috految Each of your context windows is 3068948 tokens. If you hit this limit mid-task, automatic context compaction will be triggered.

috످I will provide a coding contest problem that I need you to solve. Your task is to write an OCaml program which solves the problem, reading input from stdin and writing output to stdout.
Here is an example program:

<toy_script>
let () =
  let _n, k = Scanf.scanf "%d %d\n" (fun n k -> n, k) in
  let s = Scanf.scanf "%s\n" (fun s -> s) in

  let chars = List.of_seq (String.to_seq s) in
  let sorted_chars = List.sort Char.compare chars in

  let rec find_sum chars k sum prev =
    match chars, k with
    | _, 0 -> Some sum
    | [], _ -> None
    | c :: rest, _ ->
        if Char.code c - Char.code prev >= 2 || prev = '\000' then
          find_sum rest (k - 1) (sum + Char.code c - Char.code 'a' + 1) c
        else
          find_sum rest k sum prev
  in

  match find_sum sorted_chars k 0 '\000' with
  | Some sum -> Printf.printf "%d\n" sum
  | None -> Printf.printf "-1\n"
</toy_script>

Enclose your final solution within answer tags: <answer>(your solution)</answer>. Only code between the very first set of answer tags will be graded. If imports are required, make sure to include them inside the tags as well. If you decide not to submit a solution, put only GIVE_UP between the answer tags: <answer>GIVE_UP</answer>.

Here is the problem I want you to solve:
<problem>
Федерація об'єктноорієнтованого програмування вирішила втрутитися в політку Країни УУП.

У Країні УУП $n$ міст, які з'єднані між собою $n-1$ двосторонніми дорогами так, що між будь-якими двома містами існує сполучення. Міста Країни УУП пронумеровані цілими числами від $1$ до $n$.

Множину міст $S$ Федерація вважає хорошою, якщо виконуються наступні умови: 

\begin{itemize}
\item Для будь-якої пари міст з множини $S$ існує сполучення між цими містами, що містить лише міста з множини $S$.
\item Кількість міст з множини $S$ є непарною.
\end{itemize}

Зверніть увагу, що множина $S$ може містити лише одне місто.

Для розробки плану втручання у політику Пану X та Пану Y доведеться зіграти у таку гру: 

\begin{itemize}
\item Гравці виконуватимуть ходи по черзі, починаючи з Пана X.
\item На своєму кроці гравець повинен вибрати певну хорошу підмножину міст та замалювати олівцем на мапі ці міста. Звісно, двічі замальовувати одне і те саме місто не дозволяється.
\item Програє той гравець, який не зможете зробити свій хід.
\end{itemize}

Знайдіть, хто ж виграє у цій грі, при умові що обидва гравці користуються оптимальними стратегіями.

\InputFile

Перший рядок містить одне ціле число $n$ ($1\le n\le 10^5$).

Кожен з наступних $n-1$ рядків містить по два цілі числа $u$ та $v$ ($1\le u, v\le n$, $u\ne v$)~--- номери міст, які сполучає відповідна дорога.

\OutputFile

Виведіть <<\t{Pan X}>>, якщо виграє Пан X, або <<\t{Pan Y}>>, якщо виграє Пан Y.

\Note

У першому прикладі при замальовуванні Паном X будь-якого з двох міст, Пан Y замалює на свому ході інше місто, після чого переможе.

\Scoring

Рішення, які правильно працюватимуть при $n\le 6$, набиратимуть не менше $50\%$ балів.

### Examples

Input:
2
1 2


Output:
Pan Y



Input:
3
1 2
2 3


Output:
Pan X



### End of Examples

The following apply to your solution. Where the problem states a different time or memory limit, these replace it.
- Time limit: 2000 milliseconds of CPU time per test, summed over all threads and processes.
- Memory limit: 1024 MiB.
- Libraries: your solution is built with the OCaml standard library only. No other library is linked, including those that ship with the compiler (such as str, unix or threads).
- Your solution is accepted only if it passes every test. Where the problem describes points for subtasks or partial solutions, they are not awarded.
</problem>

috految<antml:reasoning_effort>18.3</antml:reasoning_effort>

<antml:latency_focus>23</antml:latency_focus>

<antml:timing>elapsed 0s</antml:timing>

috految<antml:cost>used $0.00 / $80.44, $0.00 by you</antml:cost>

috److Each move paints an odd number of cities. A single unpainted city is always a valid move, so the game ends only when all cities are painted.

The sizes of all moves are odd and sum to $n$, so the number of moves has the same parity as $n$, regardless of how the players act.

- If $n$ is odd, Pan X makes the last move and wins.
- If $n$ is even, Pan Y makes the last move and wins.

The tree's edges do not affect the result, so only $n$ needs to be read.

<answer>
let () =
  let n = Scanf.scanf " %d" (fun x -> x) in
  print_endline (if n mod 2 = 1 then "Pan X" else "Pan Y")
</answer>

috످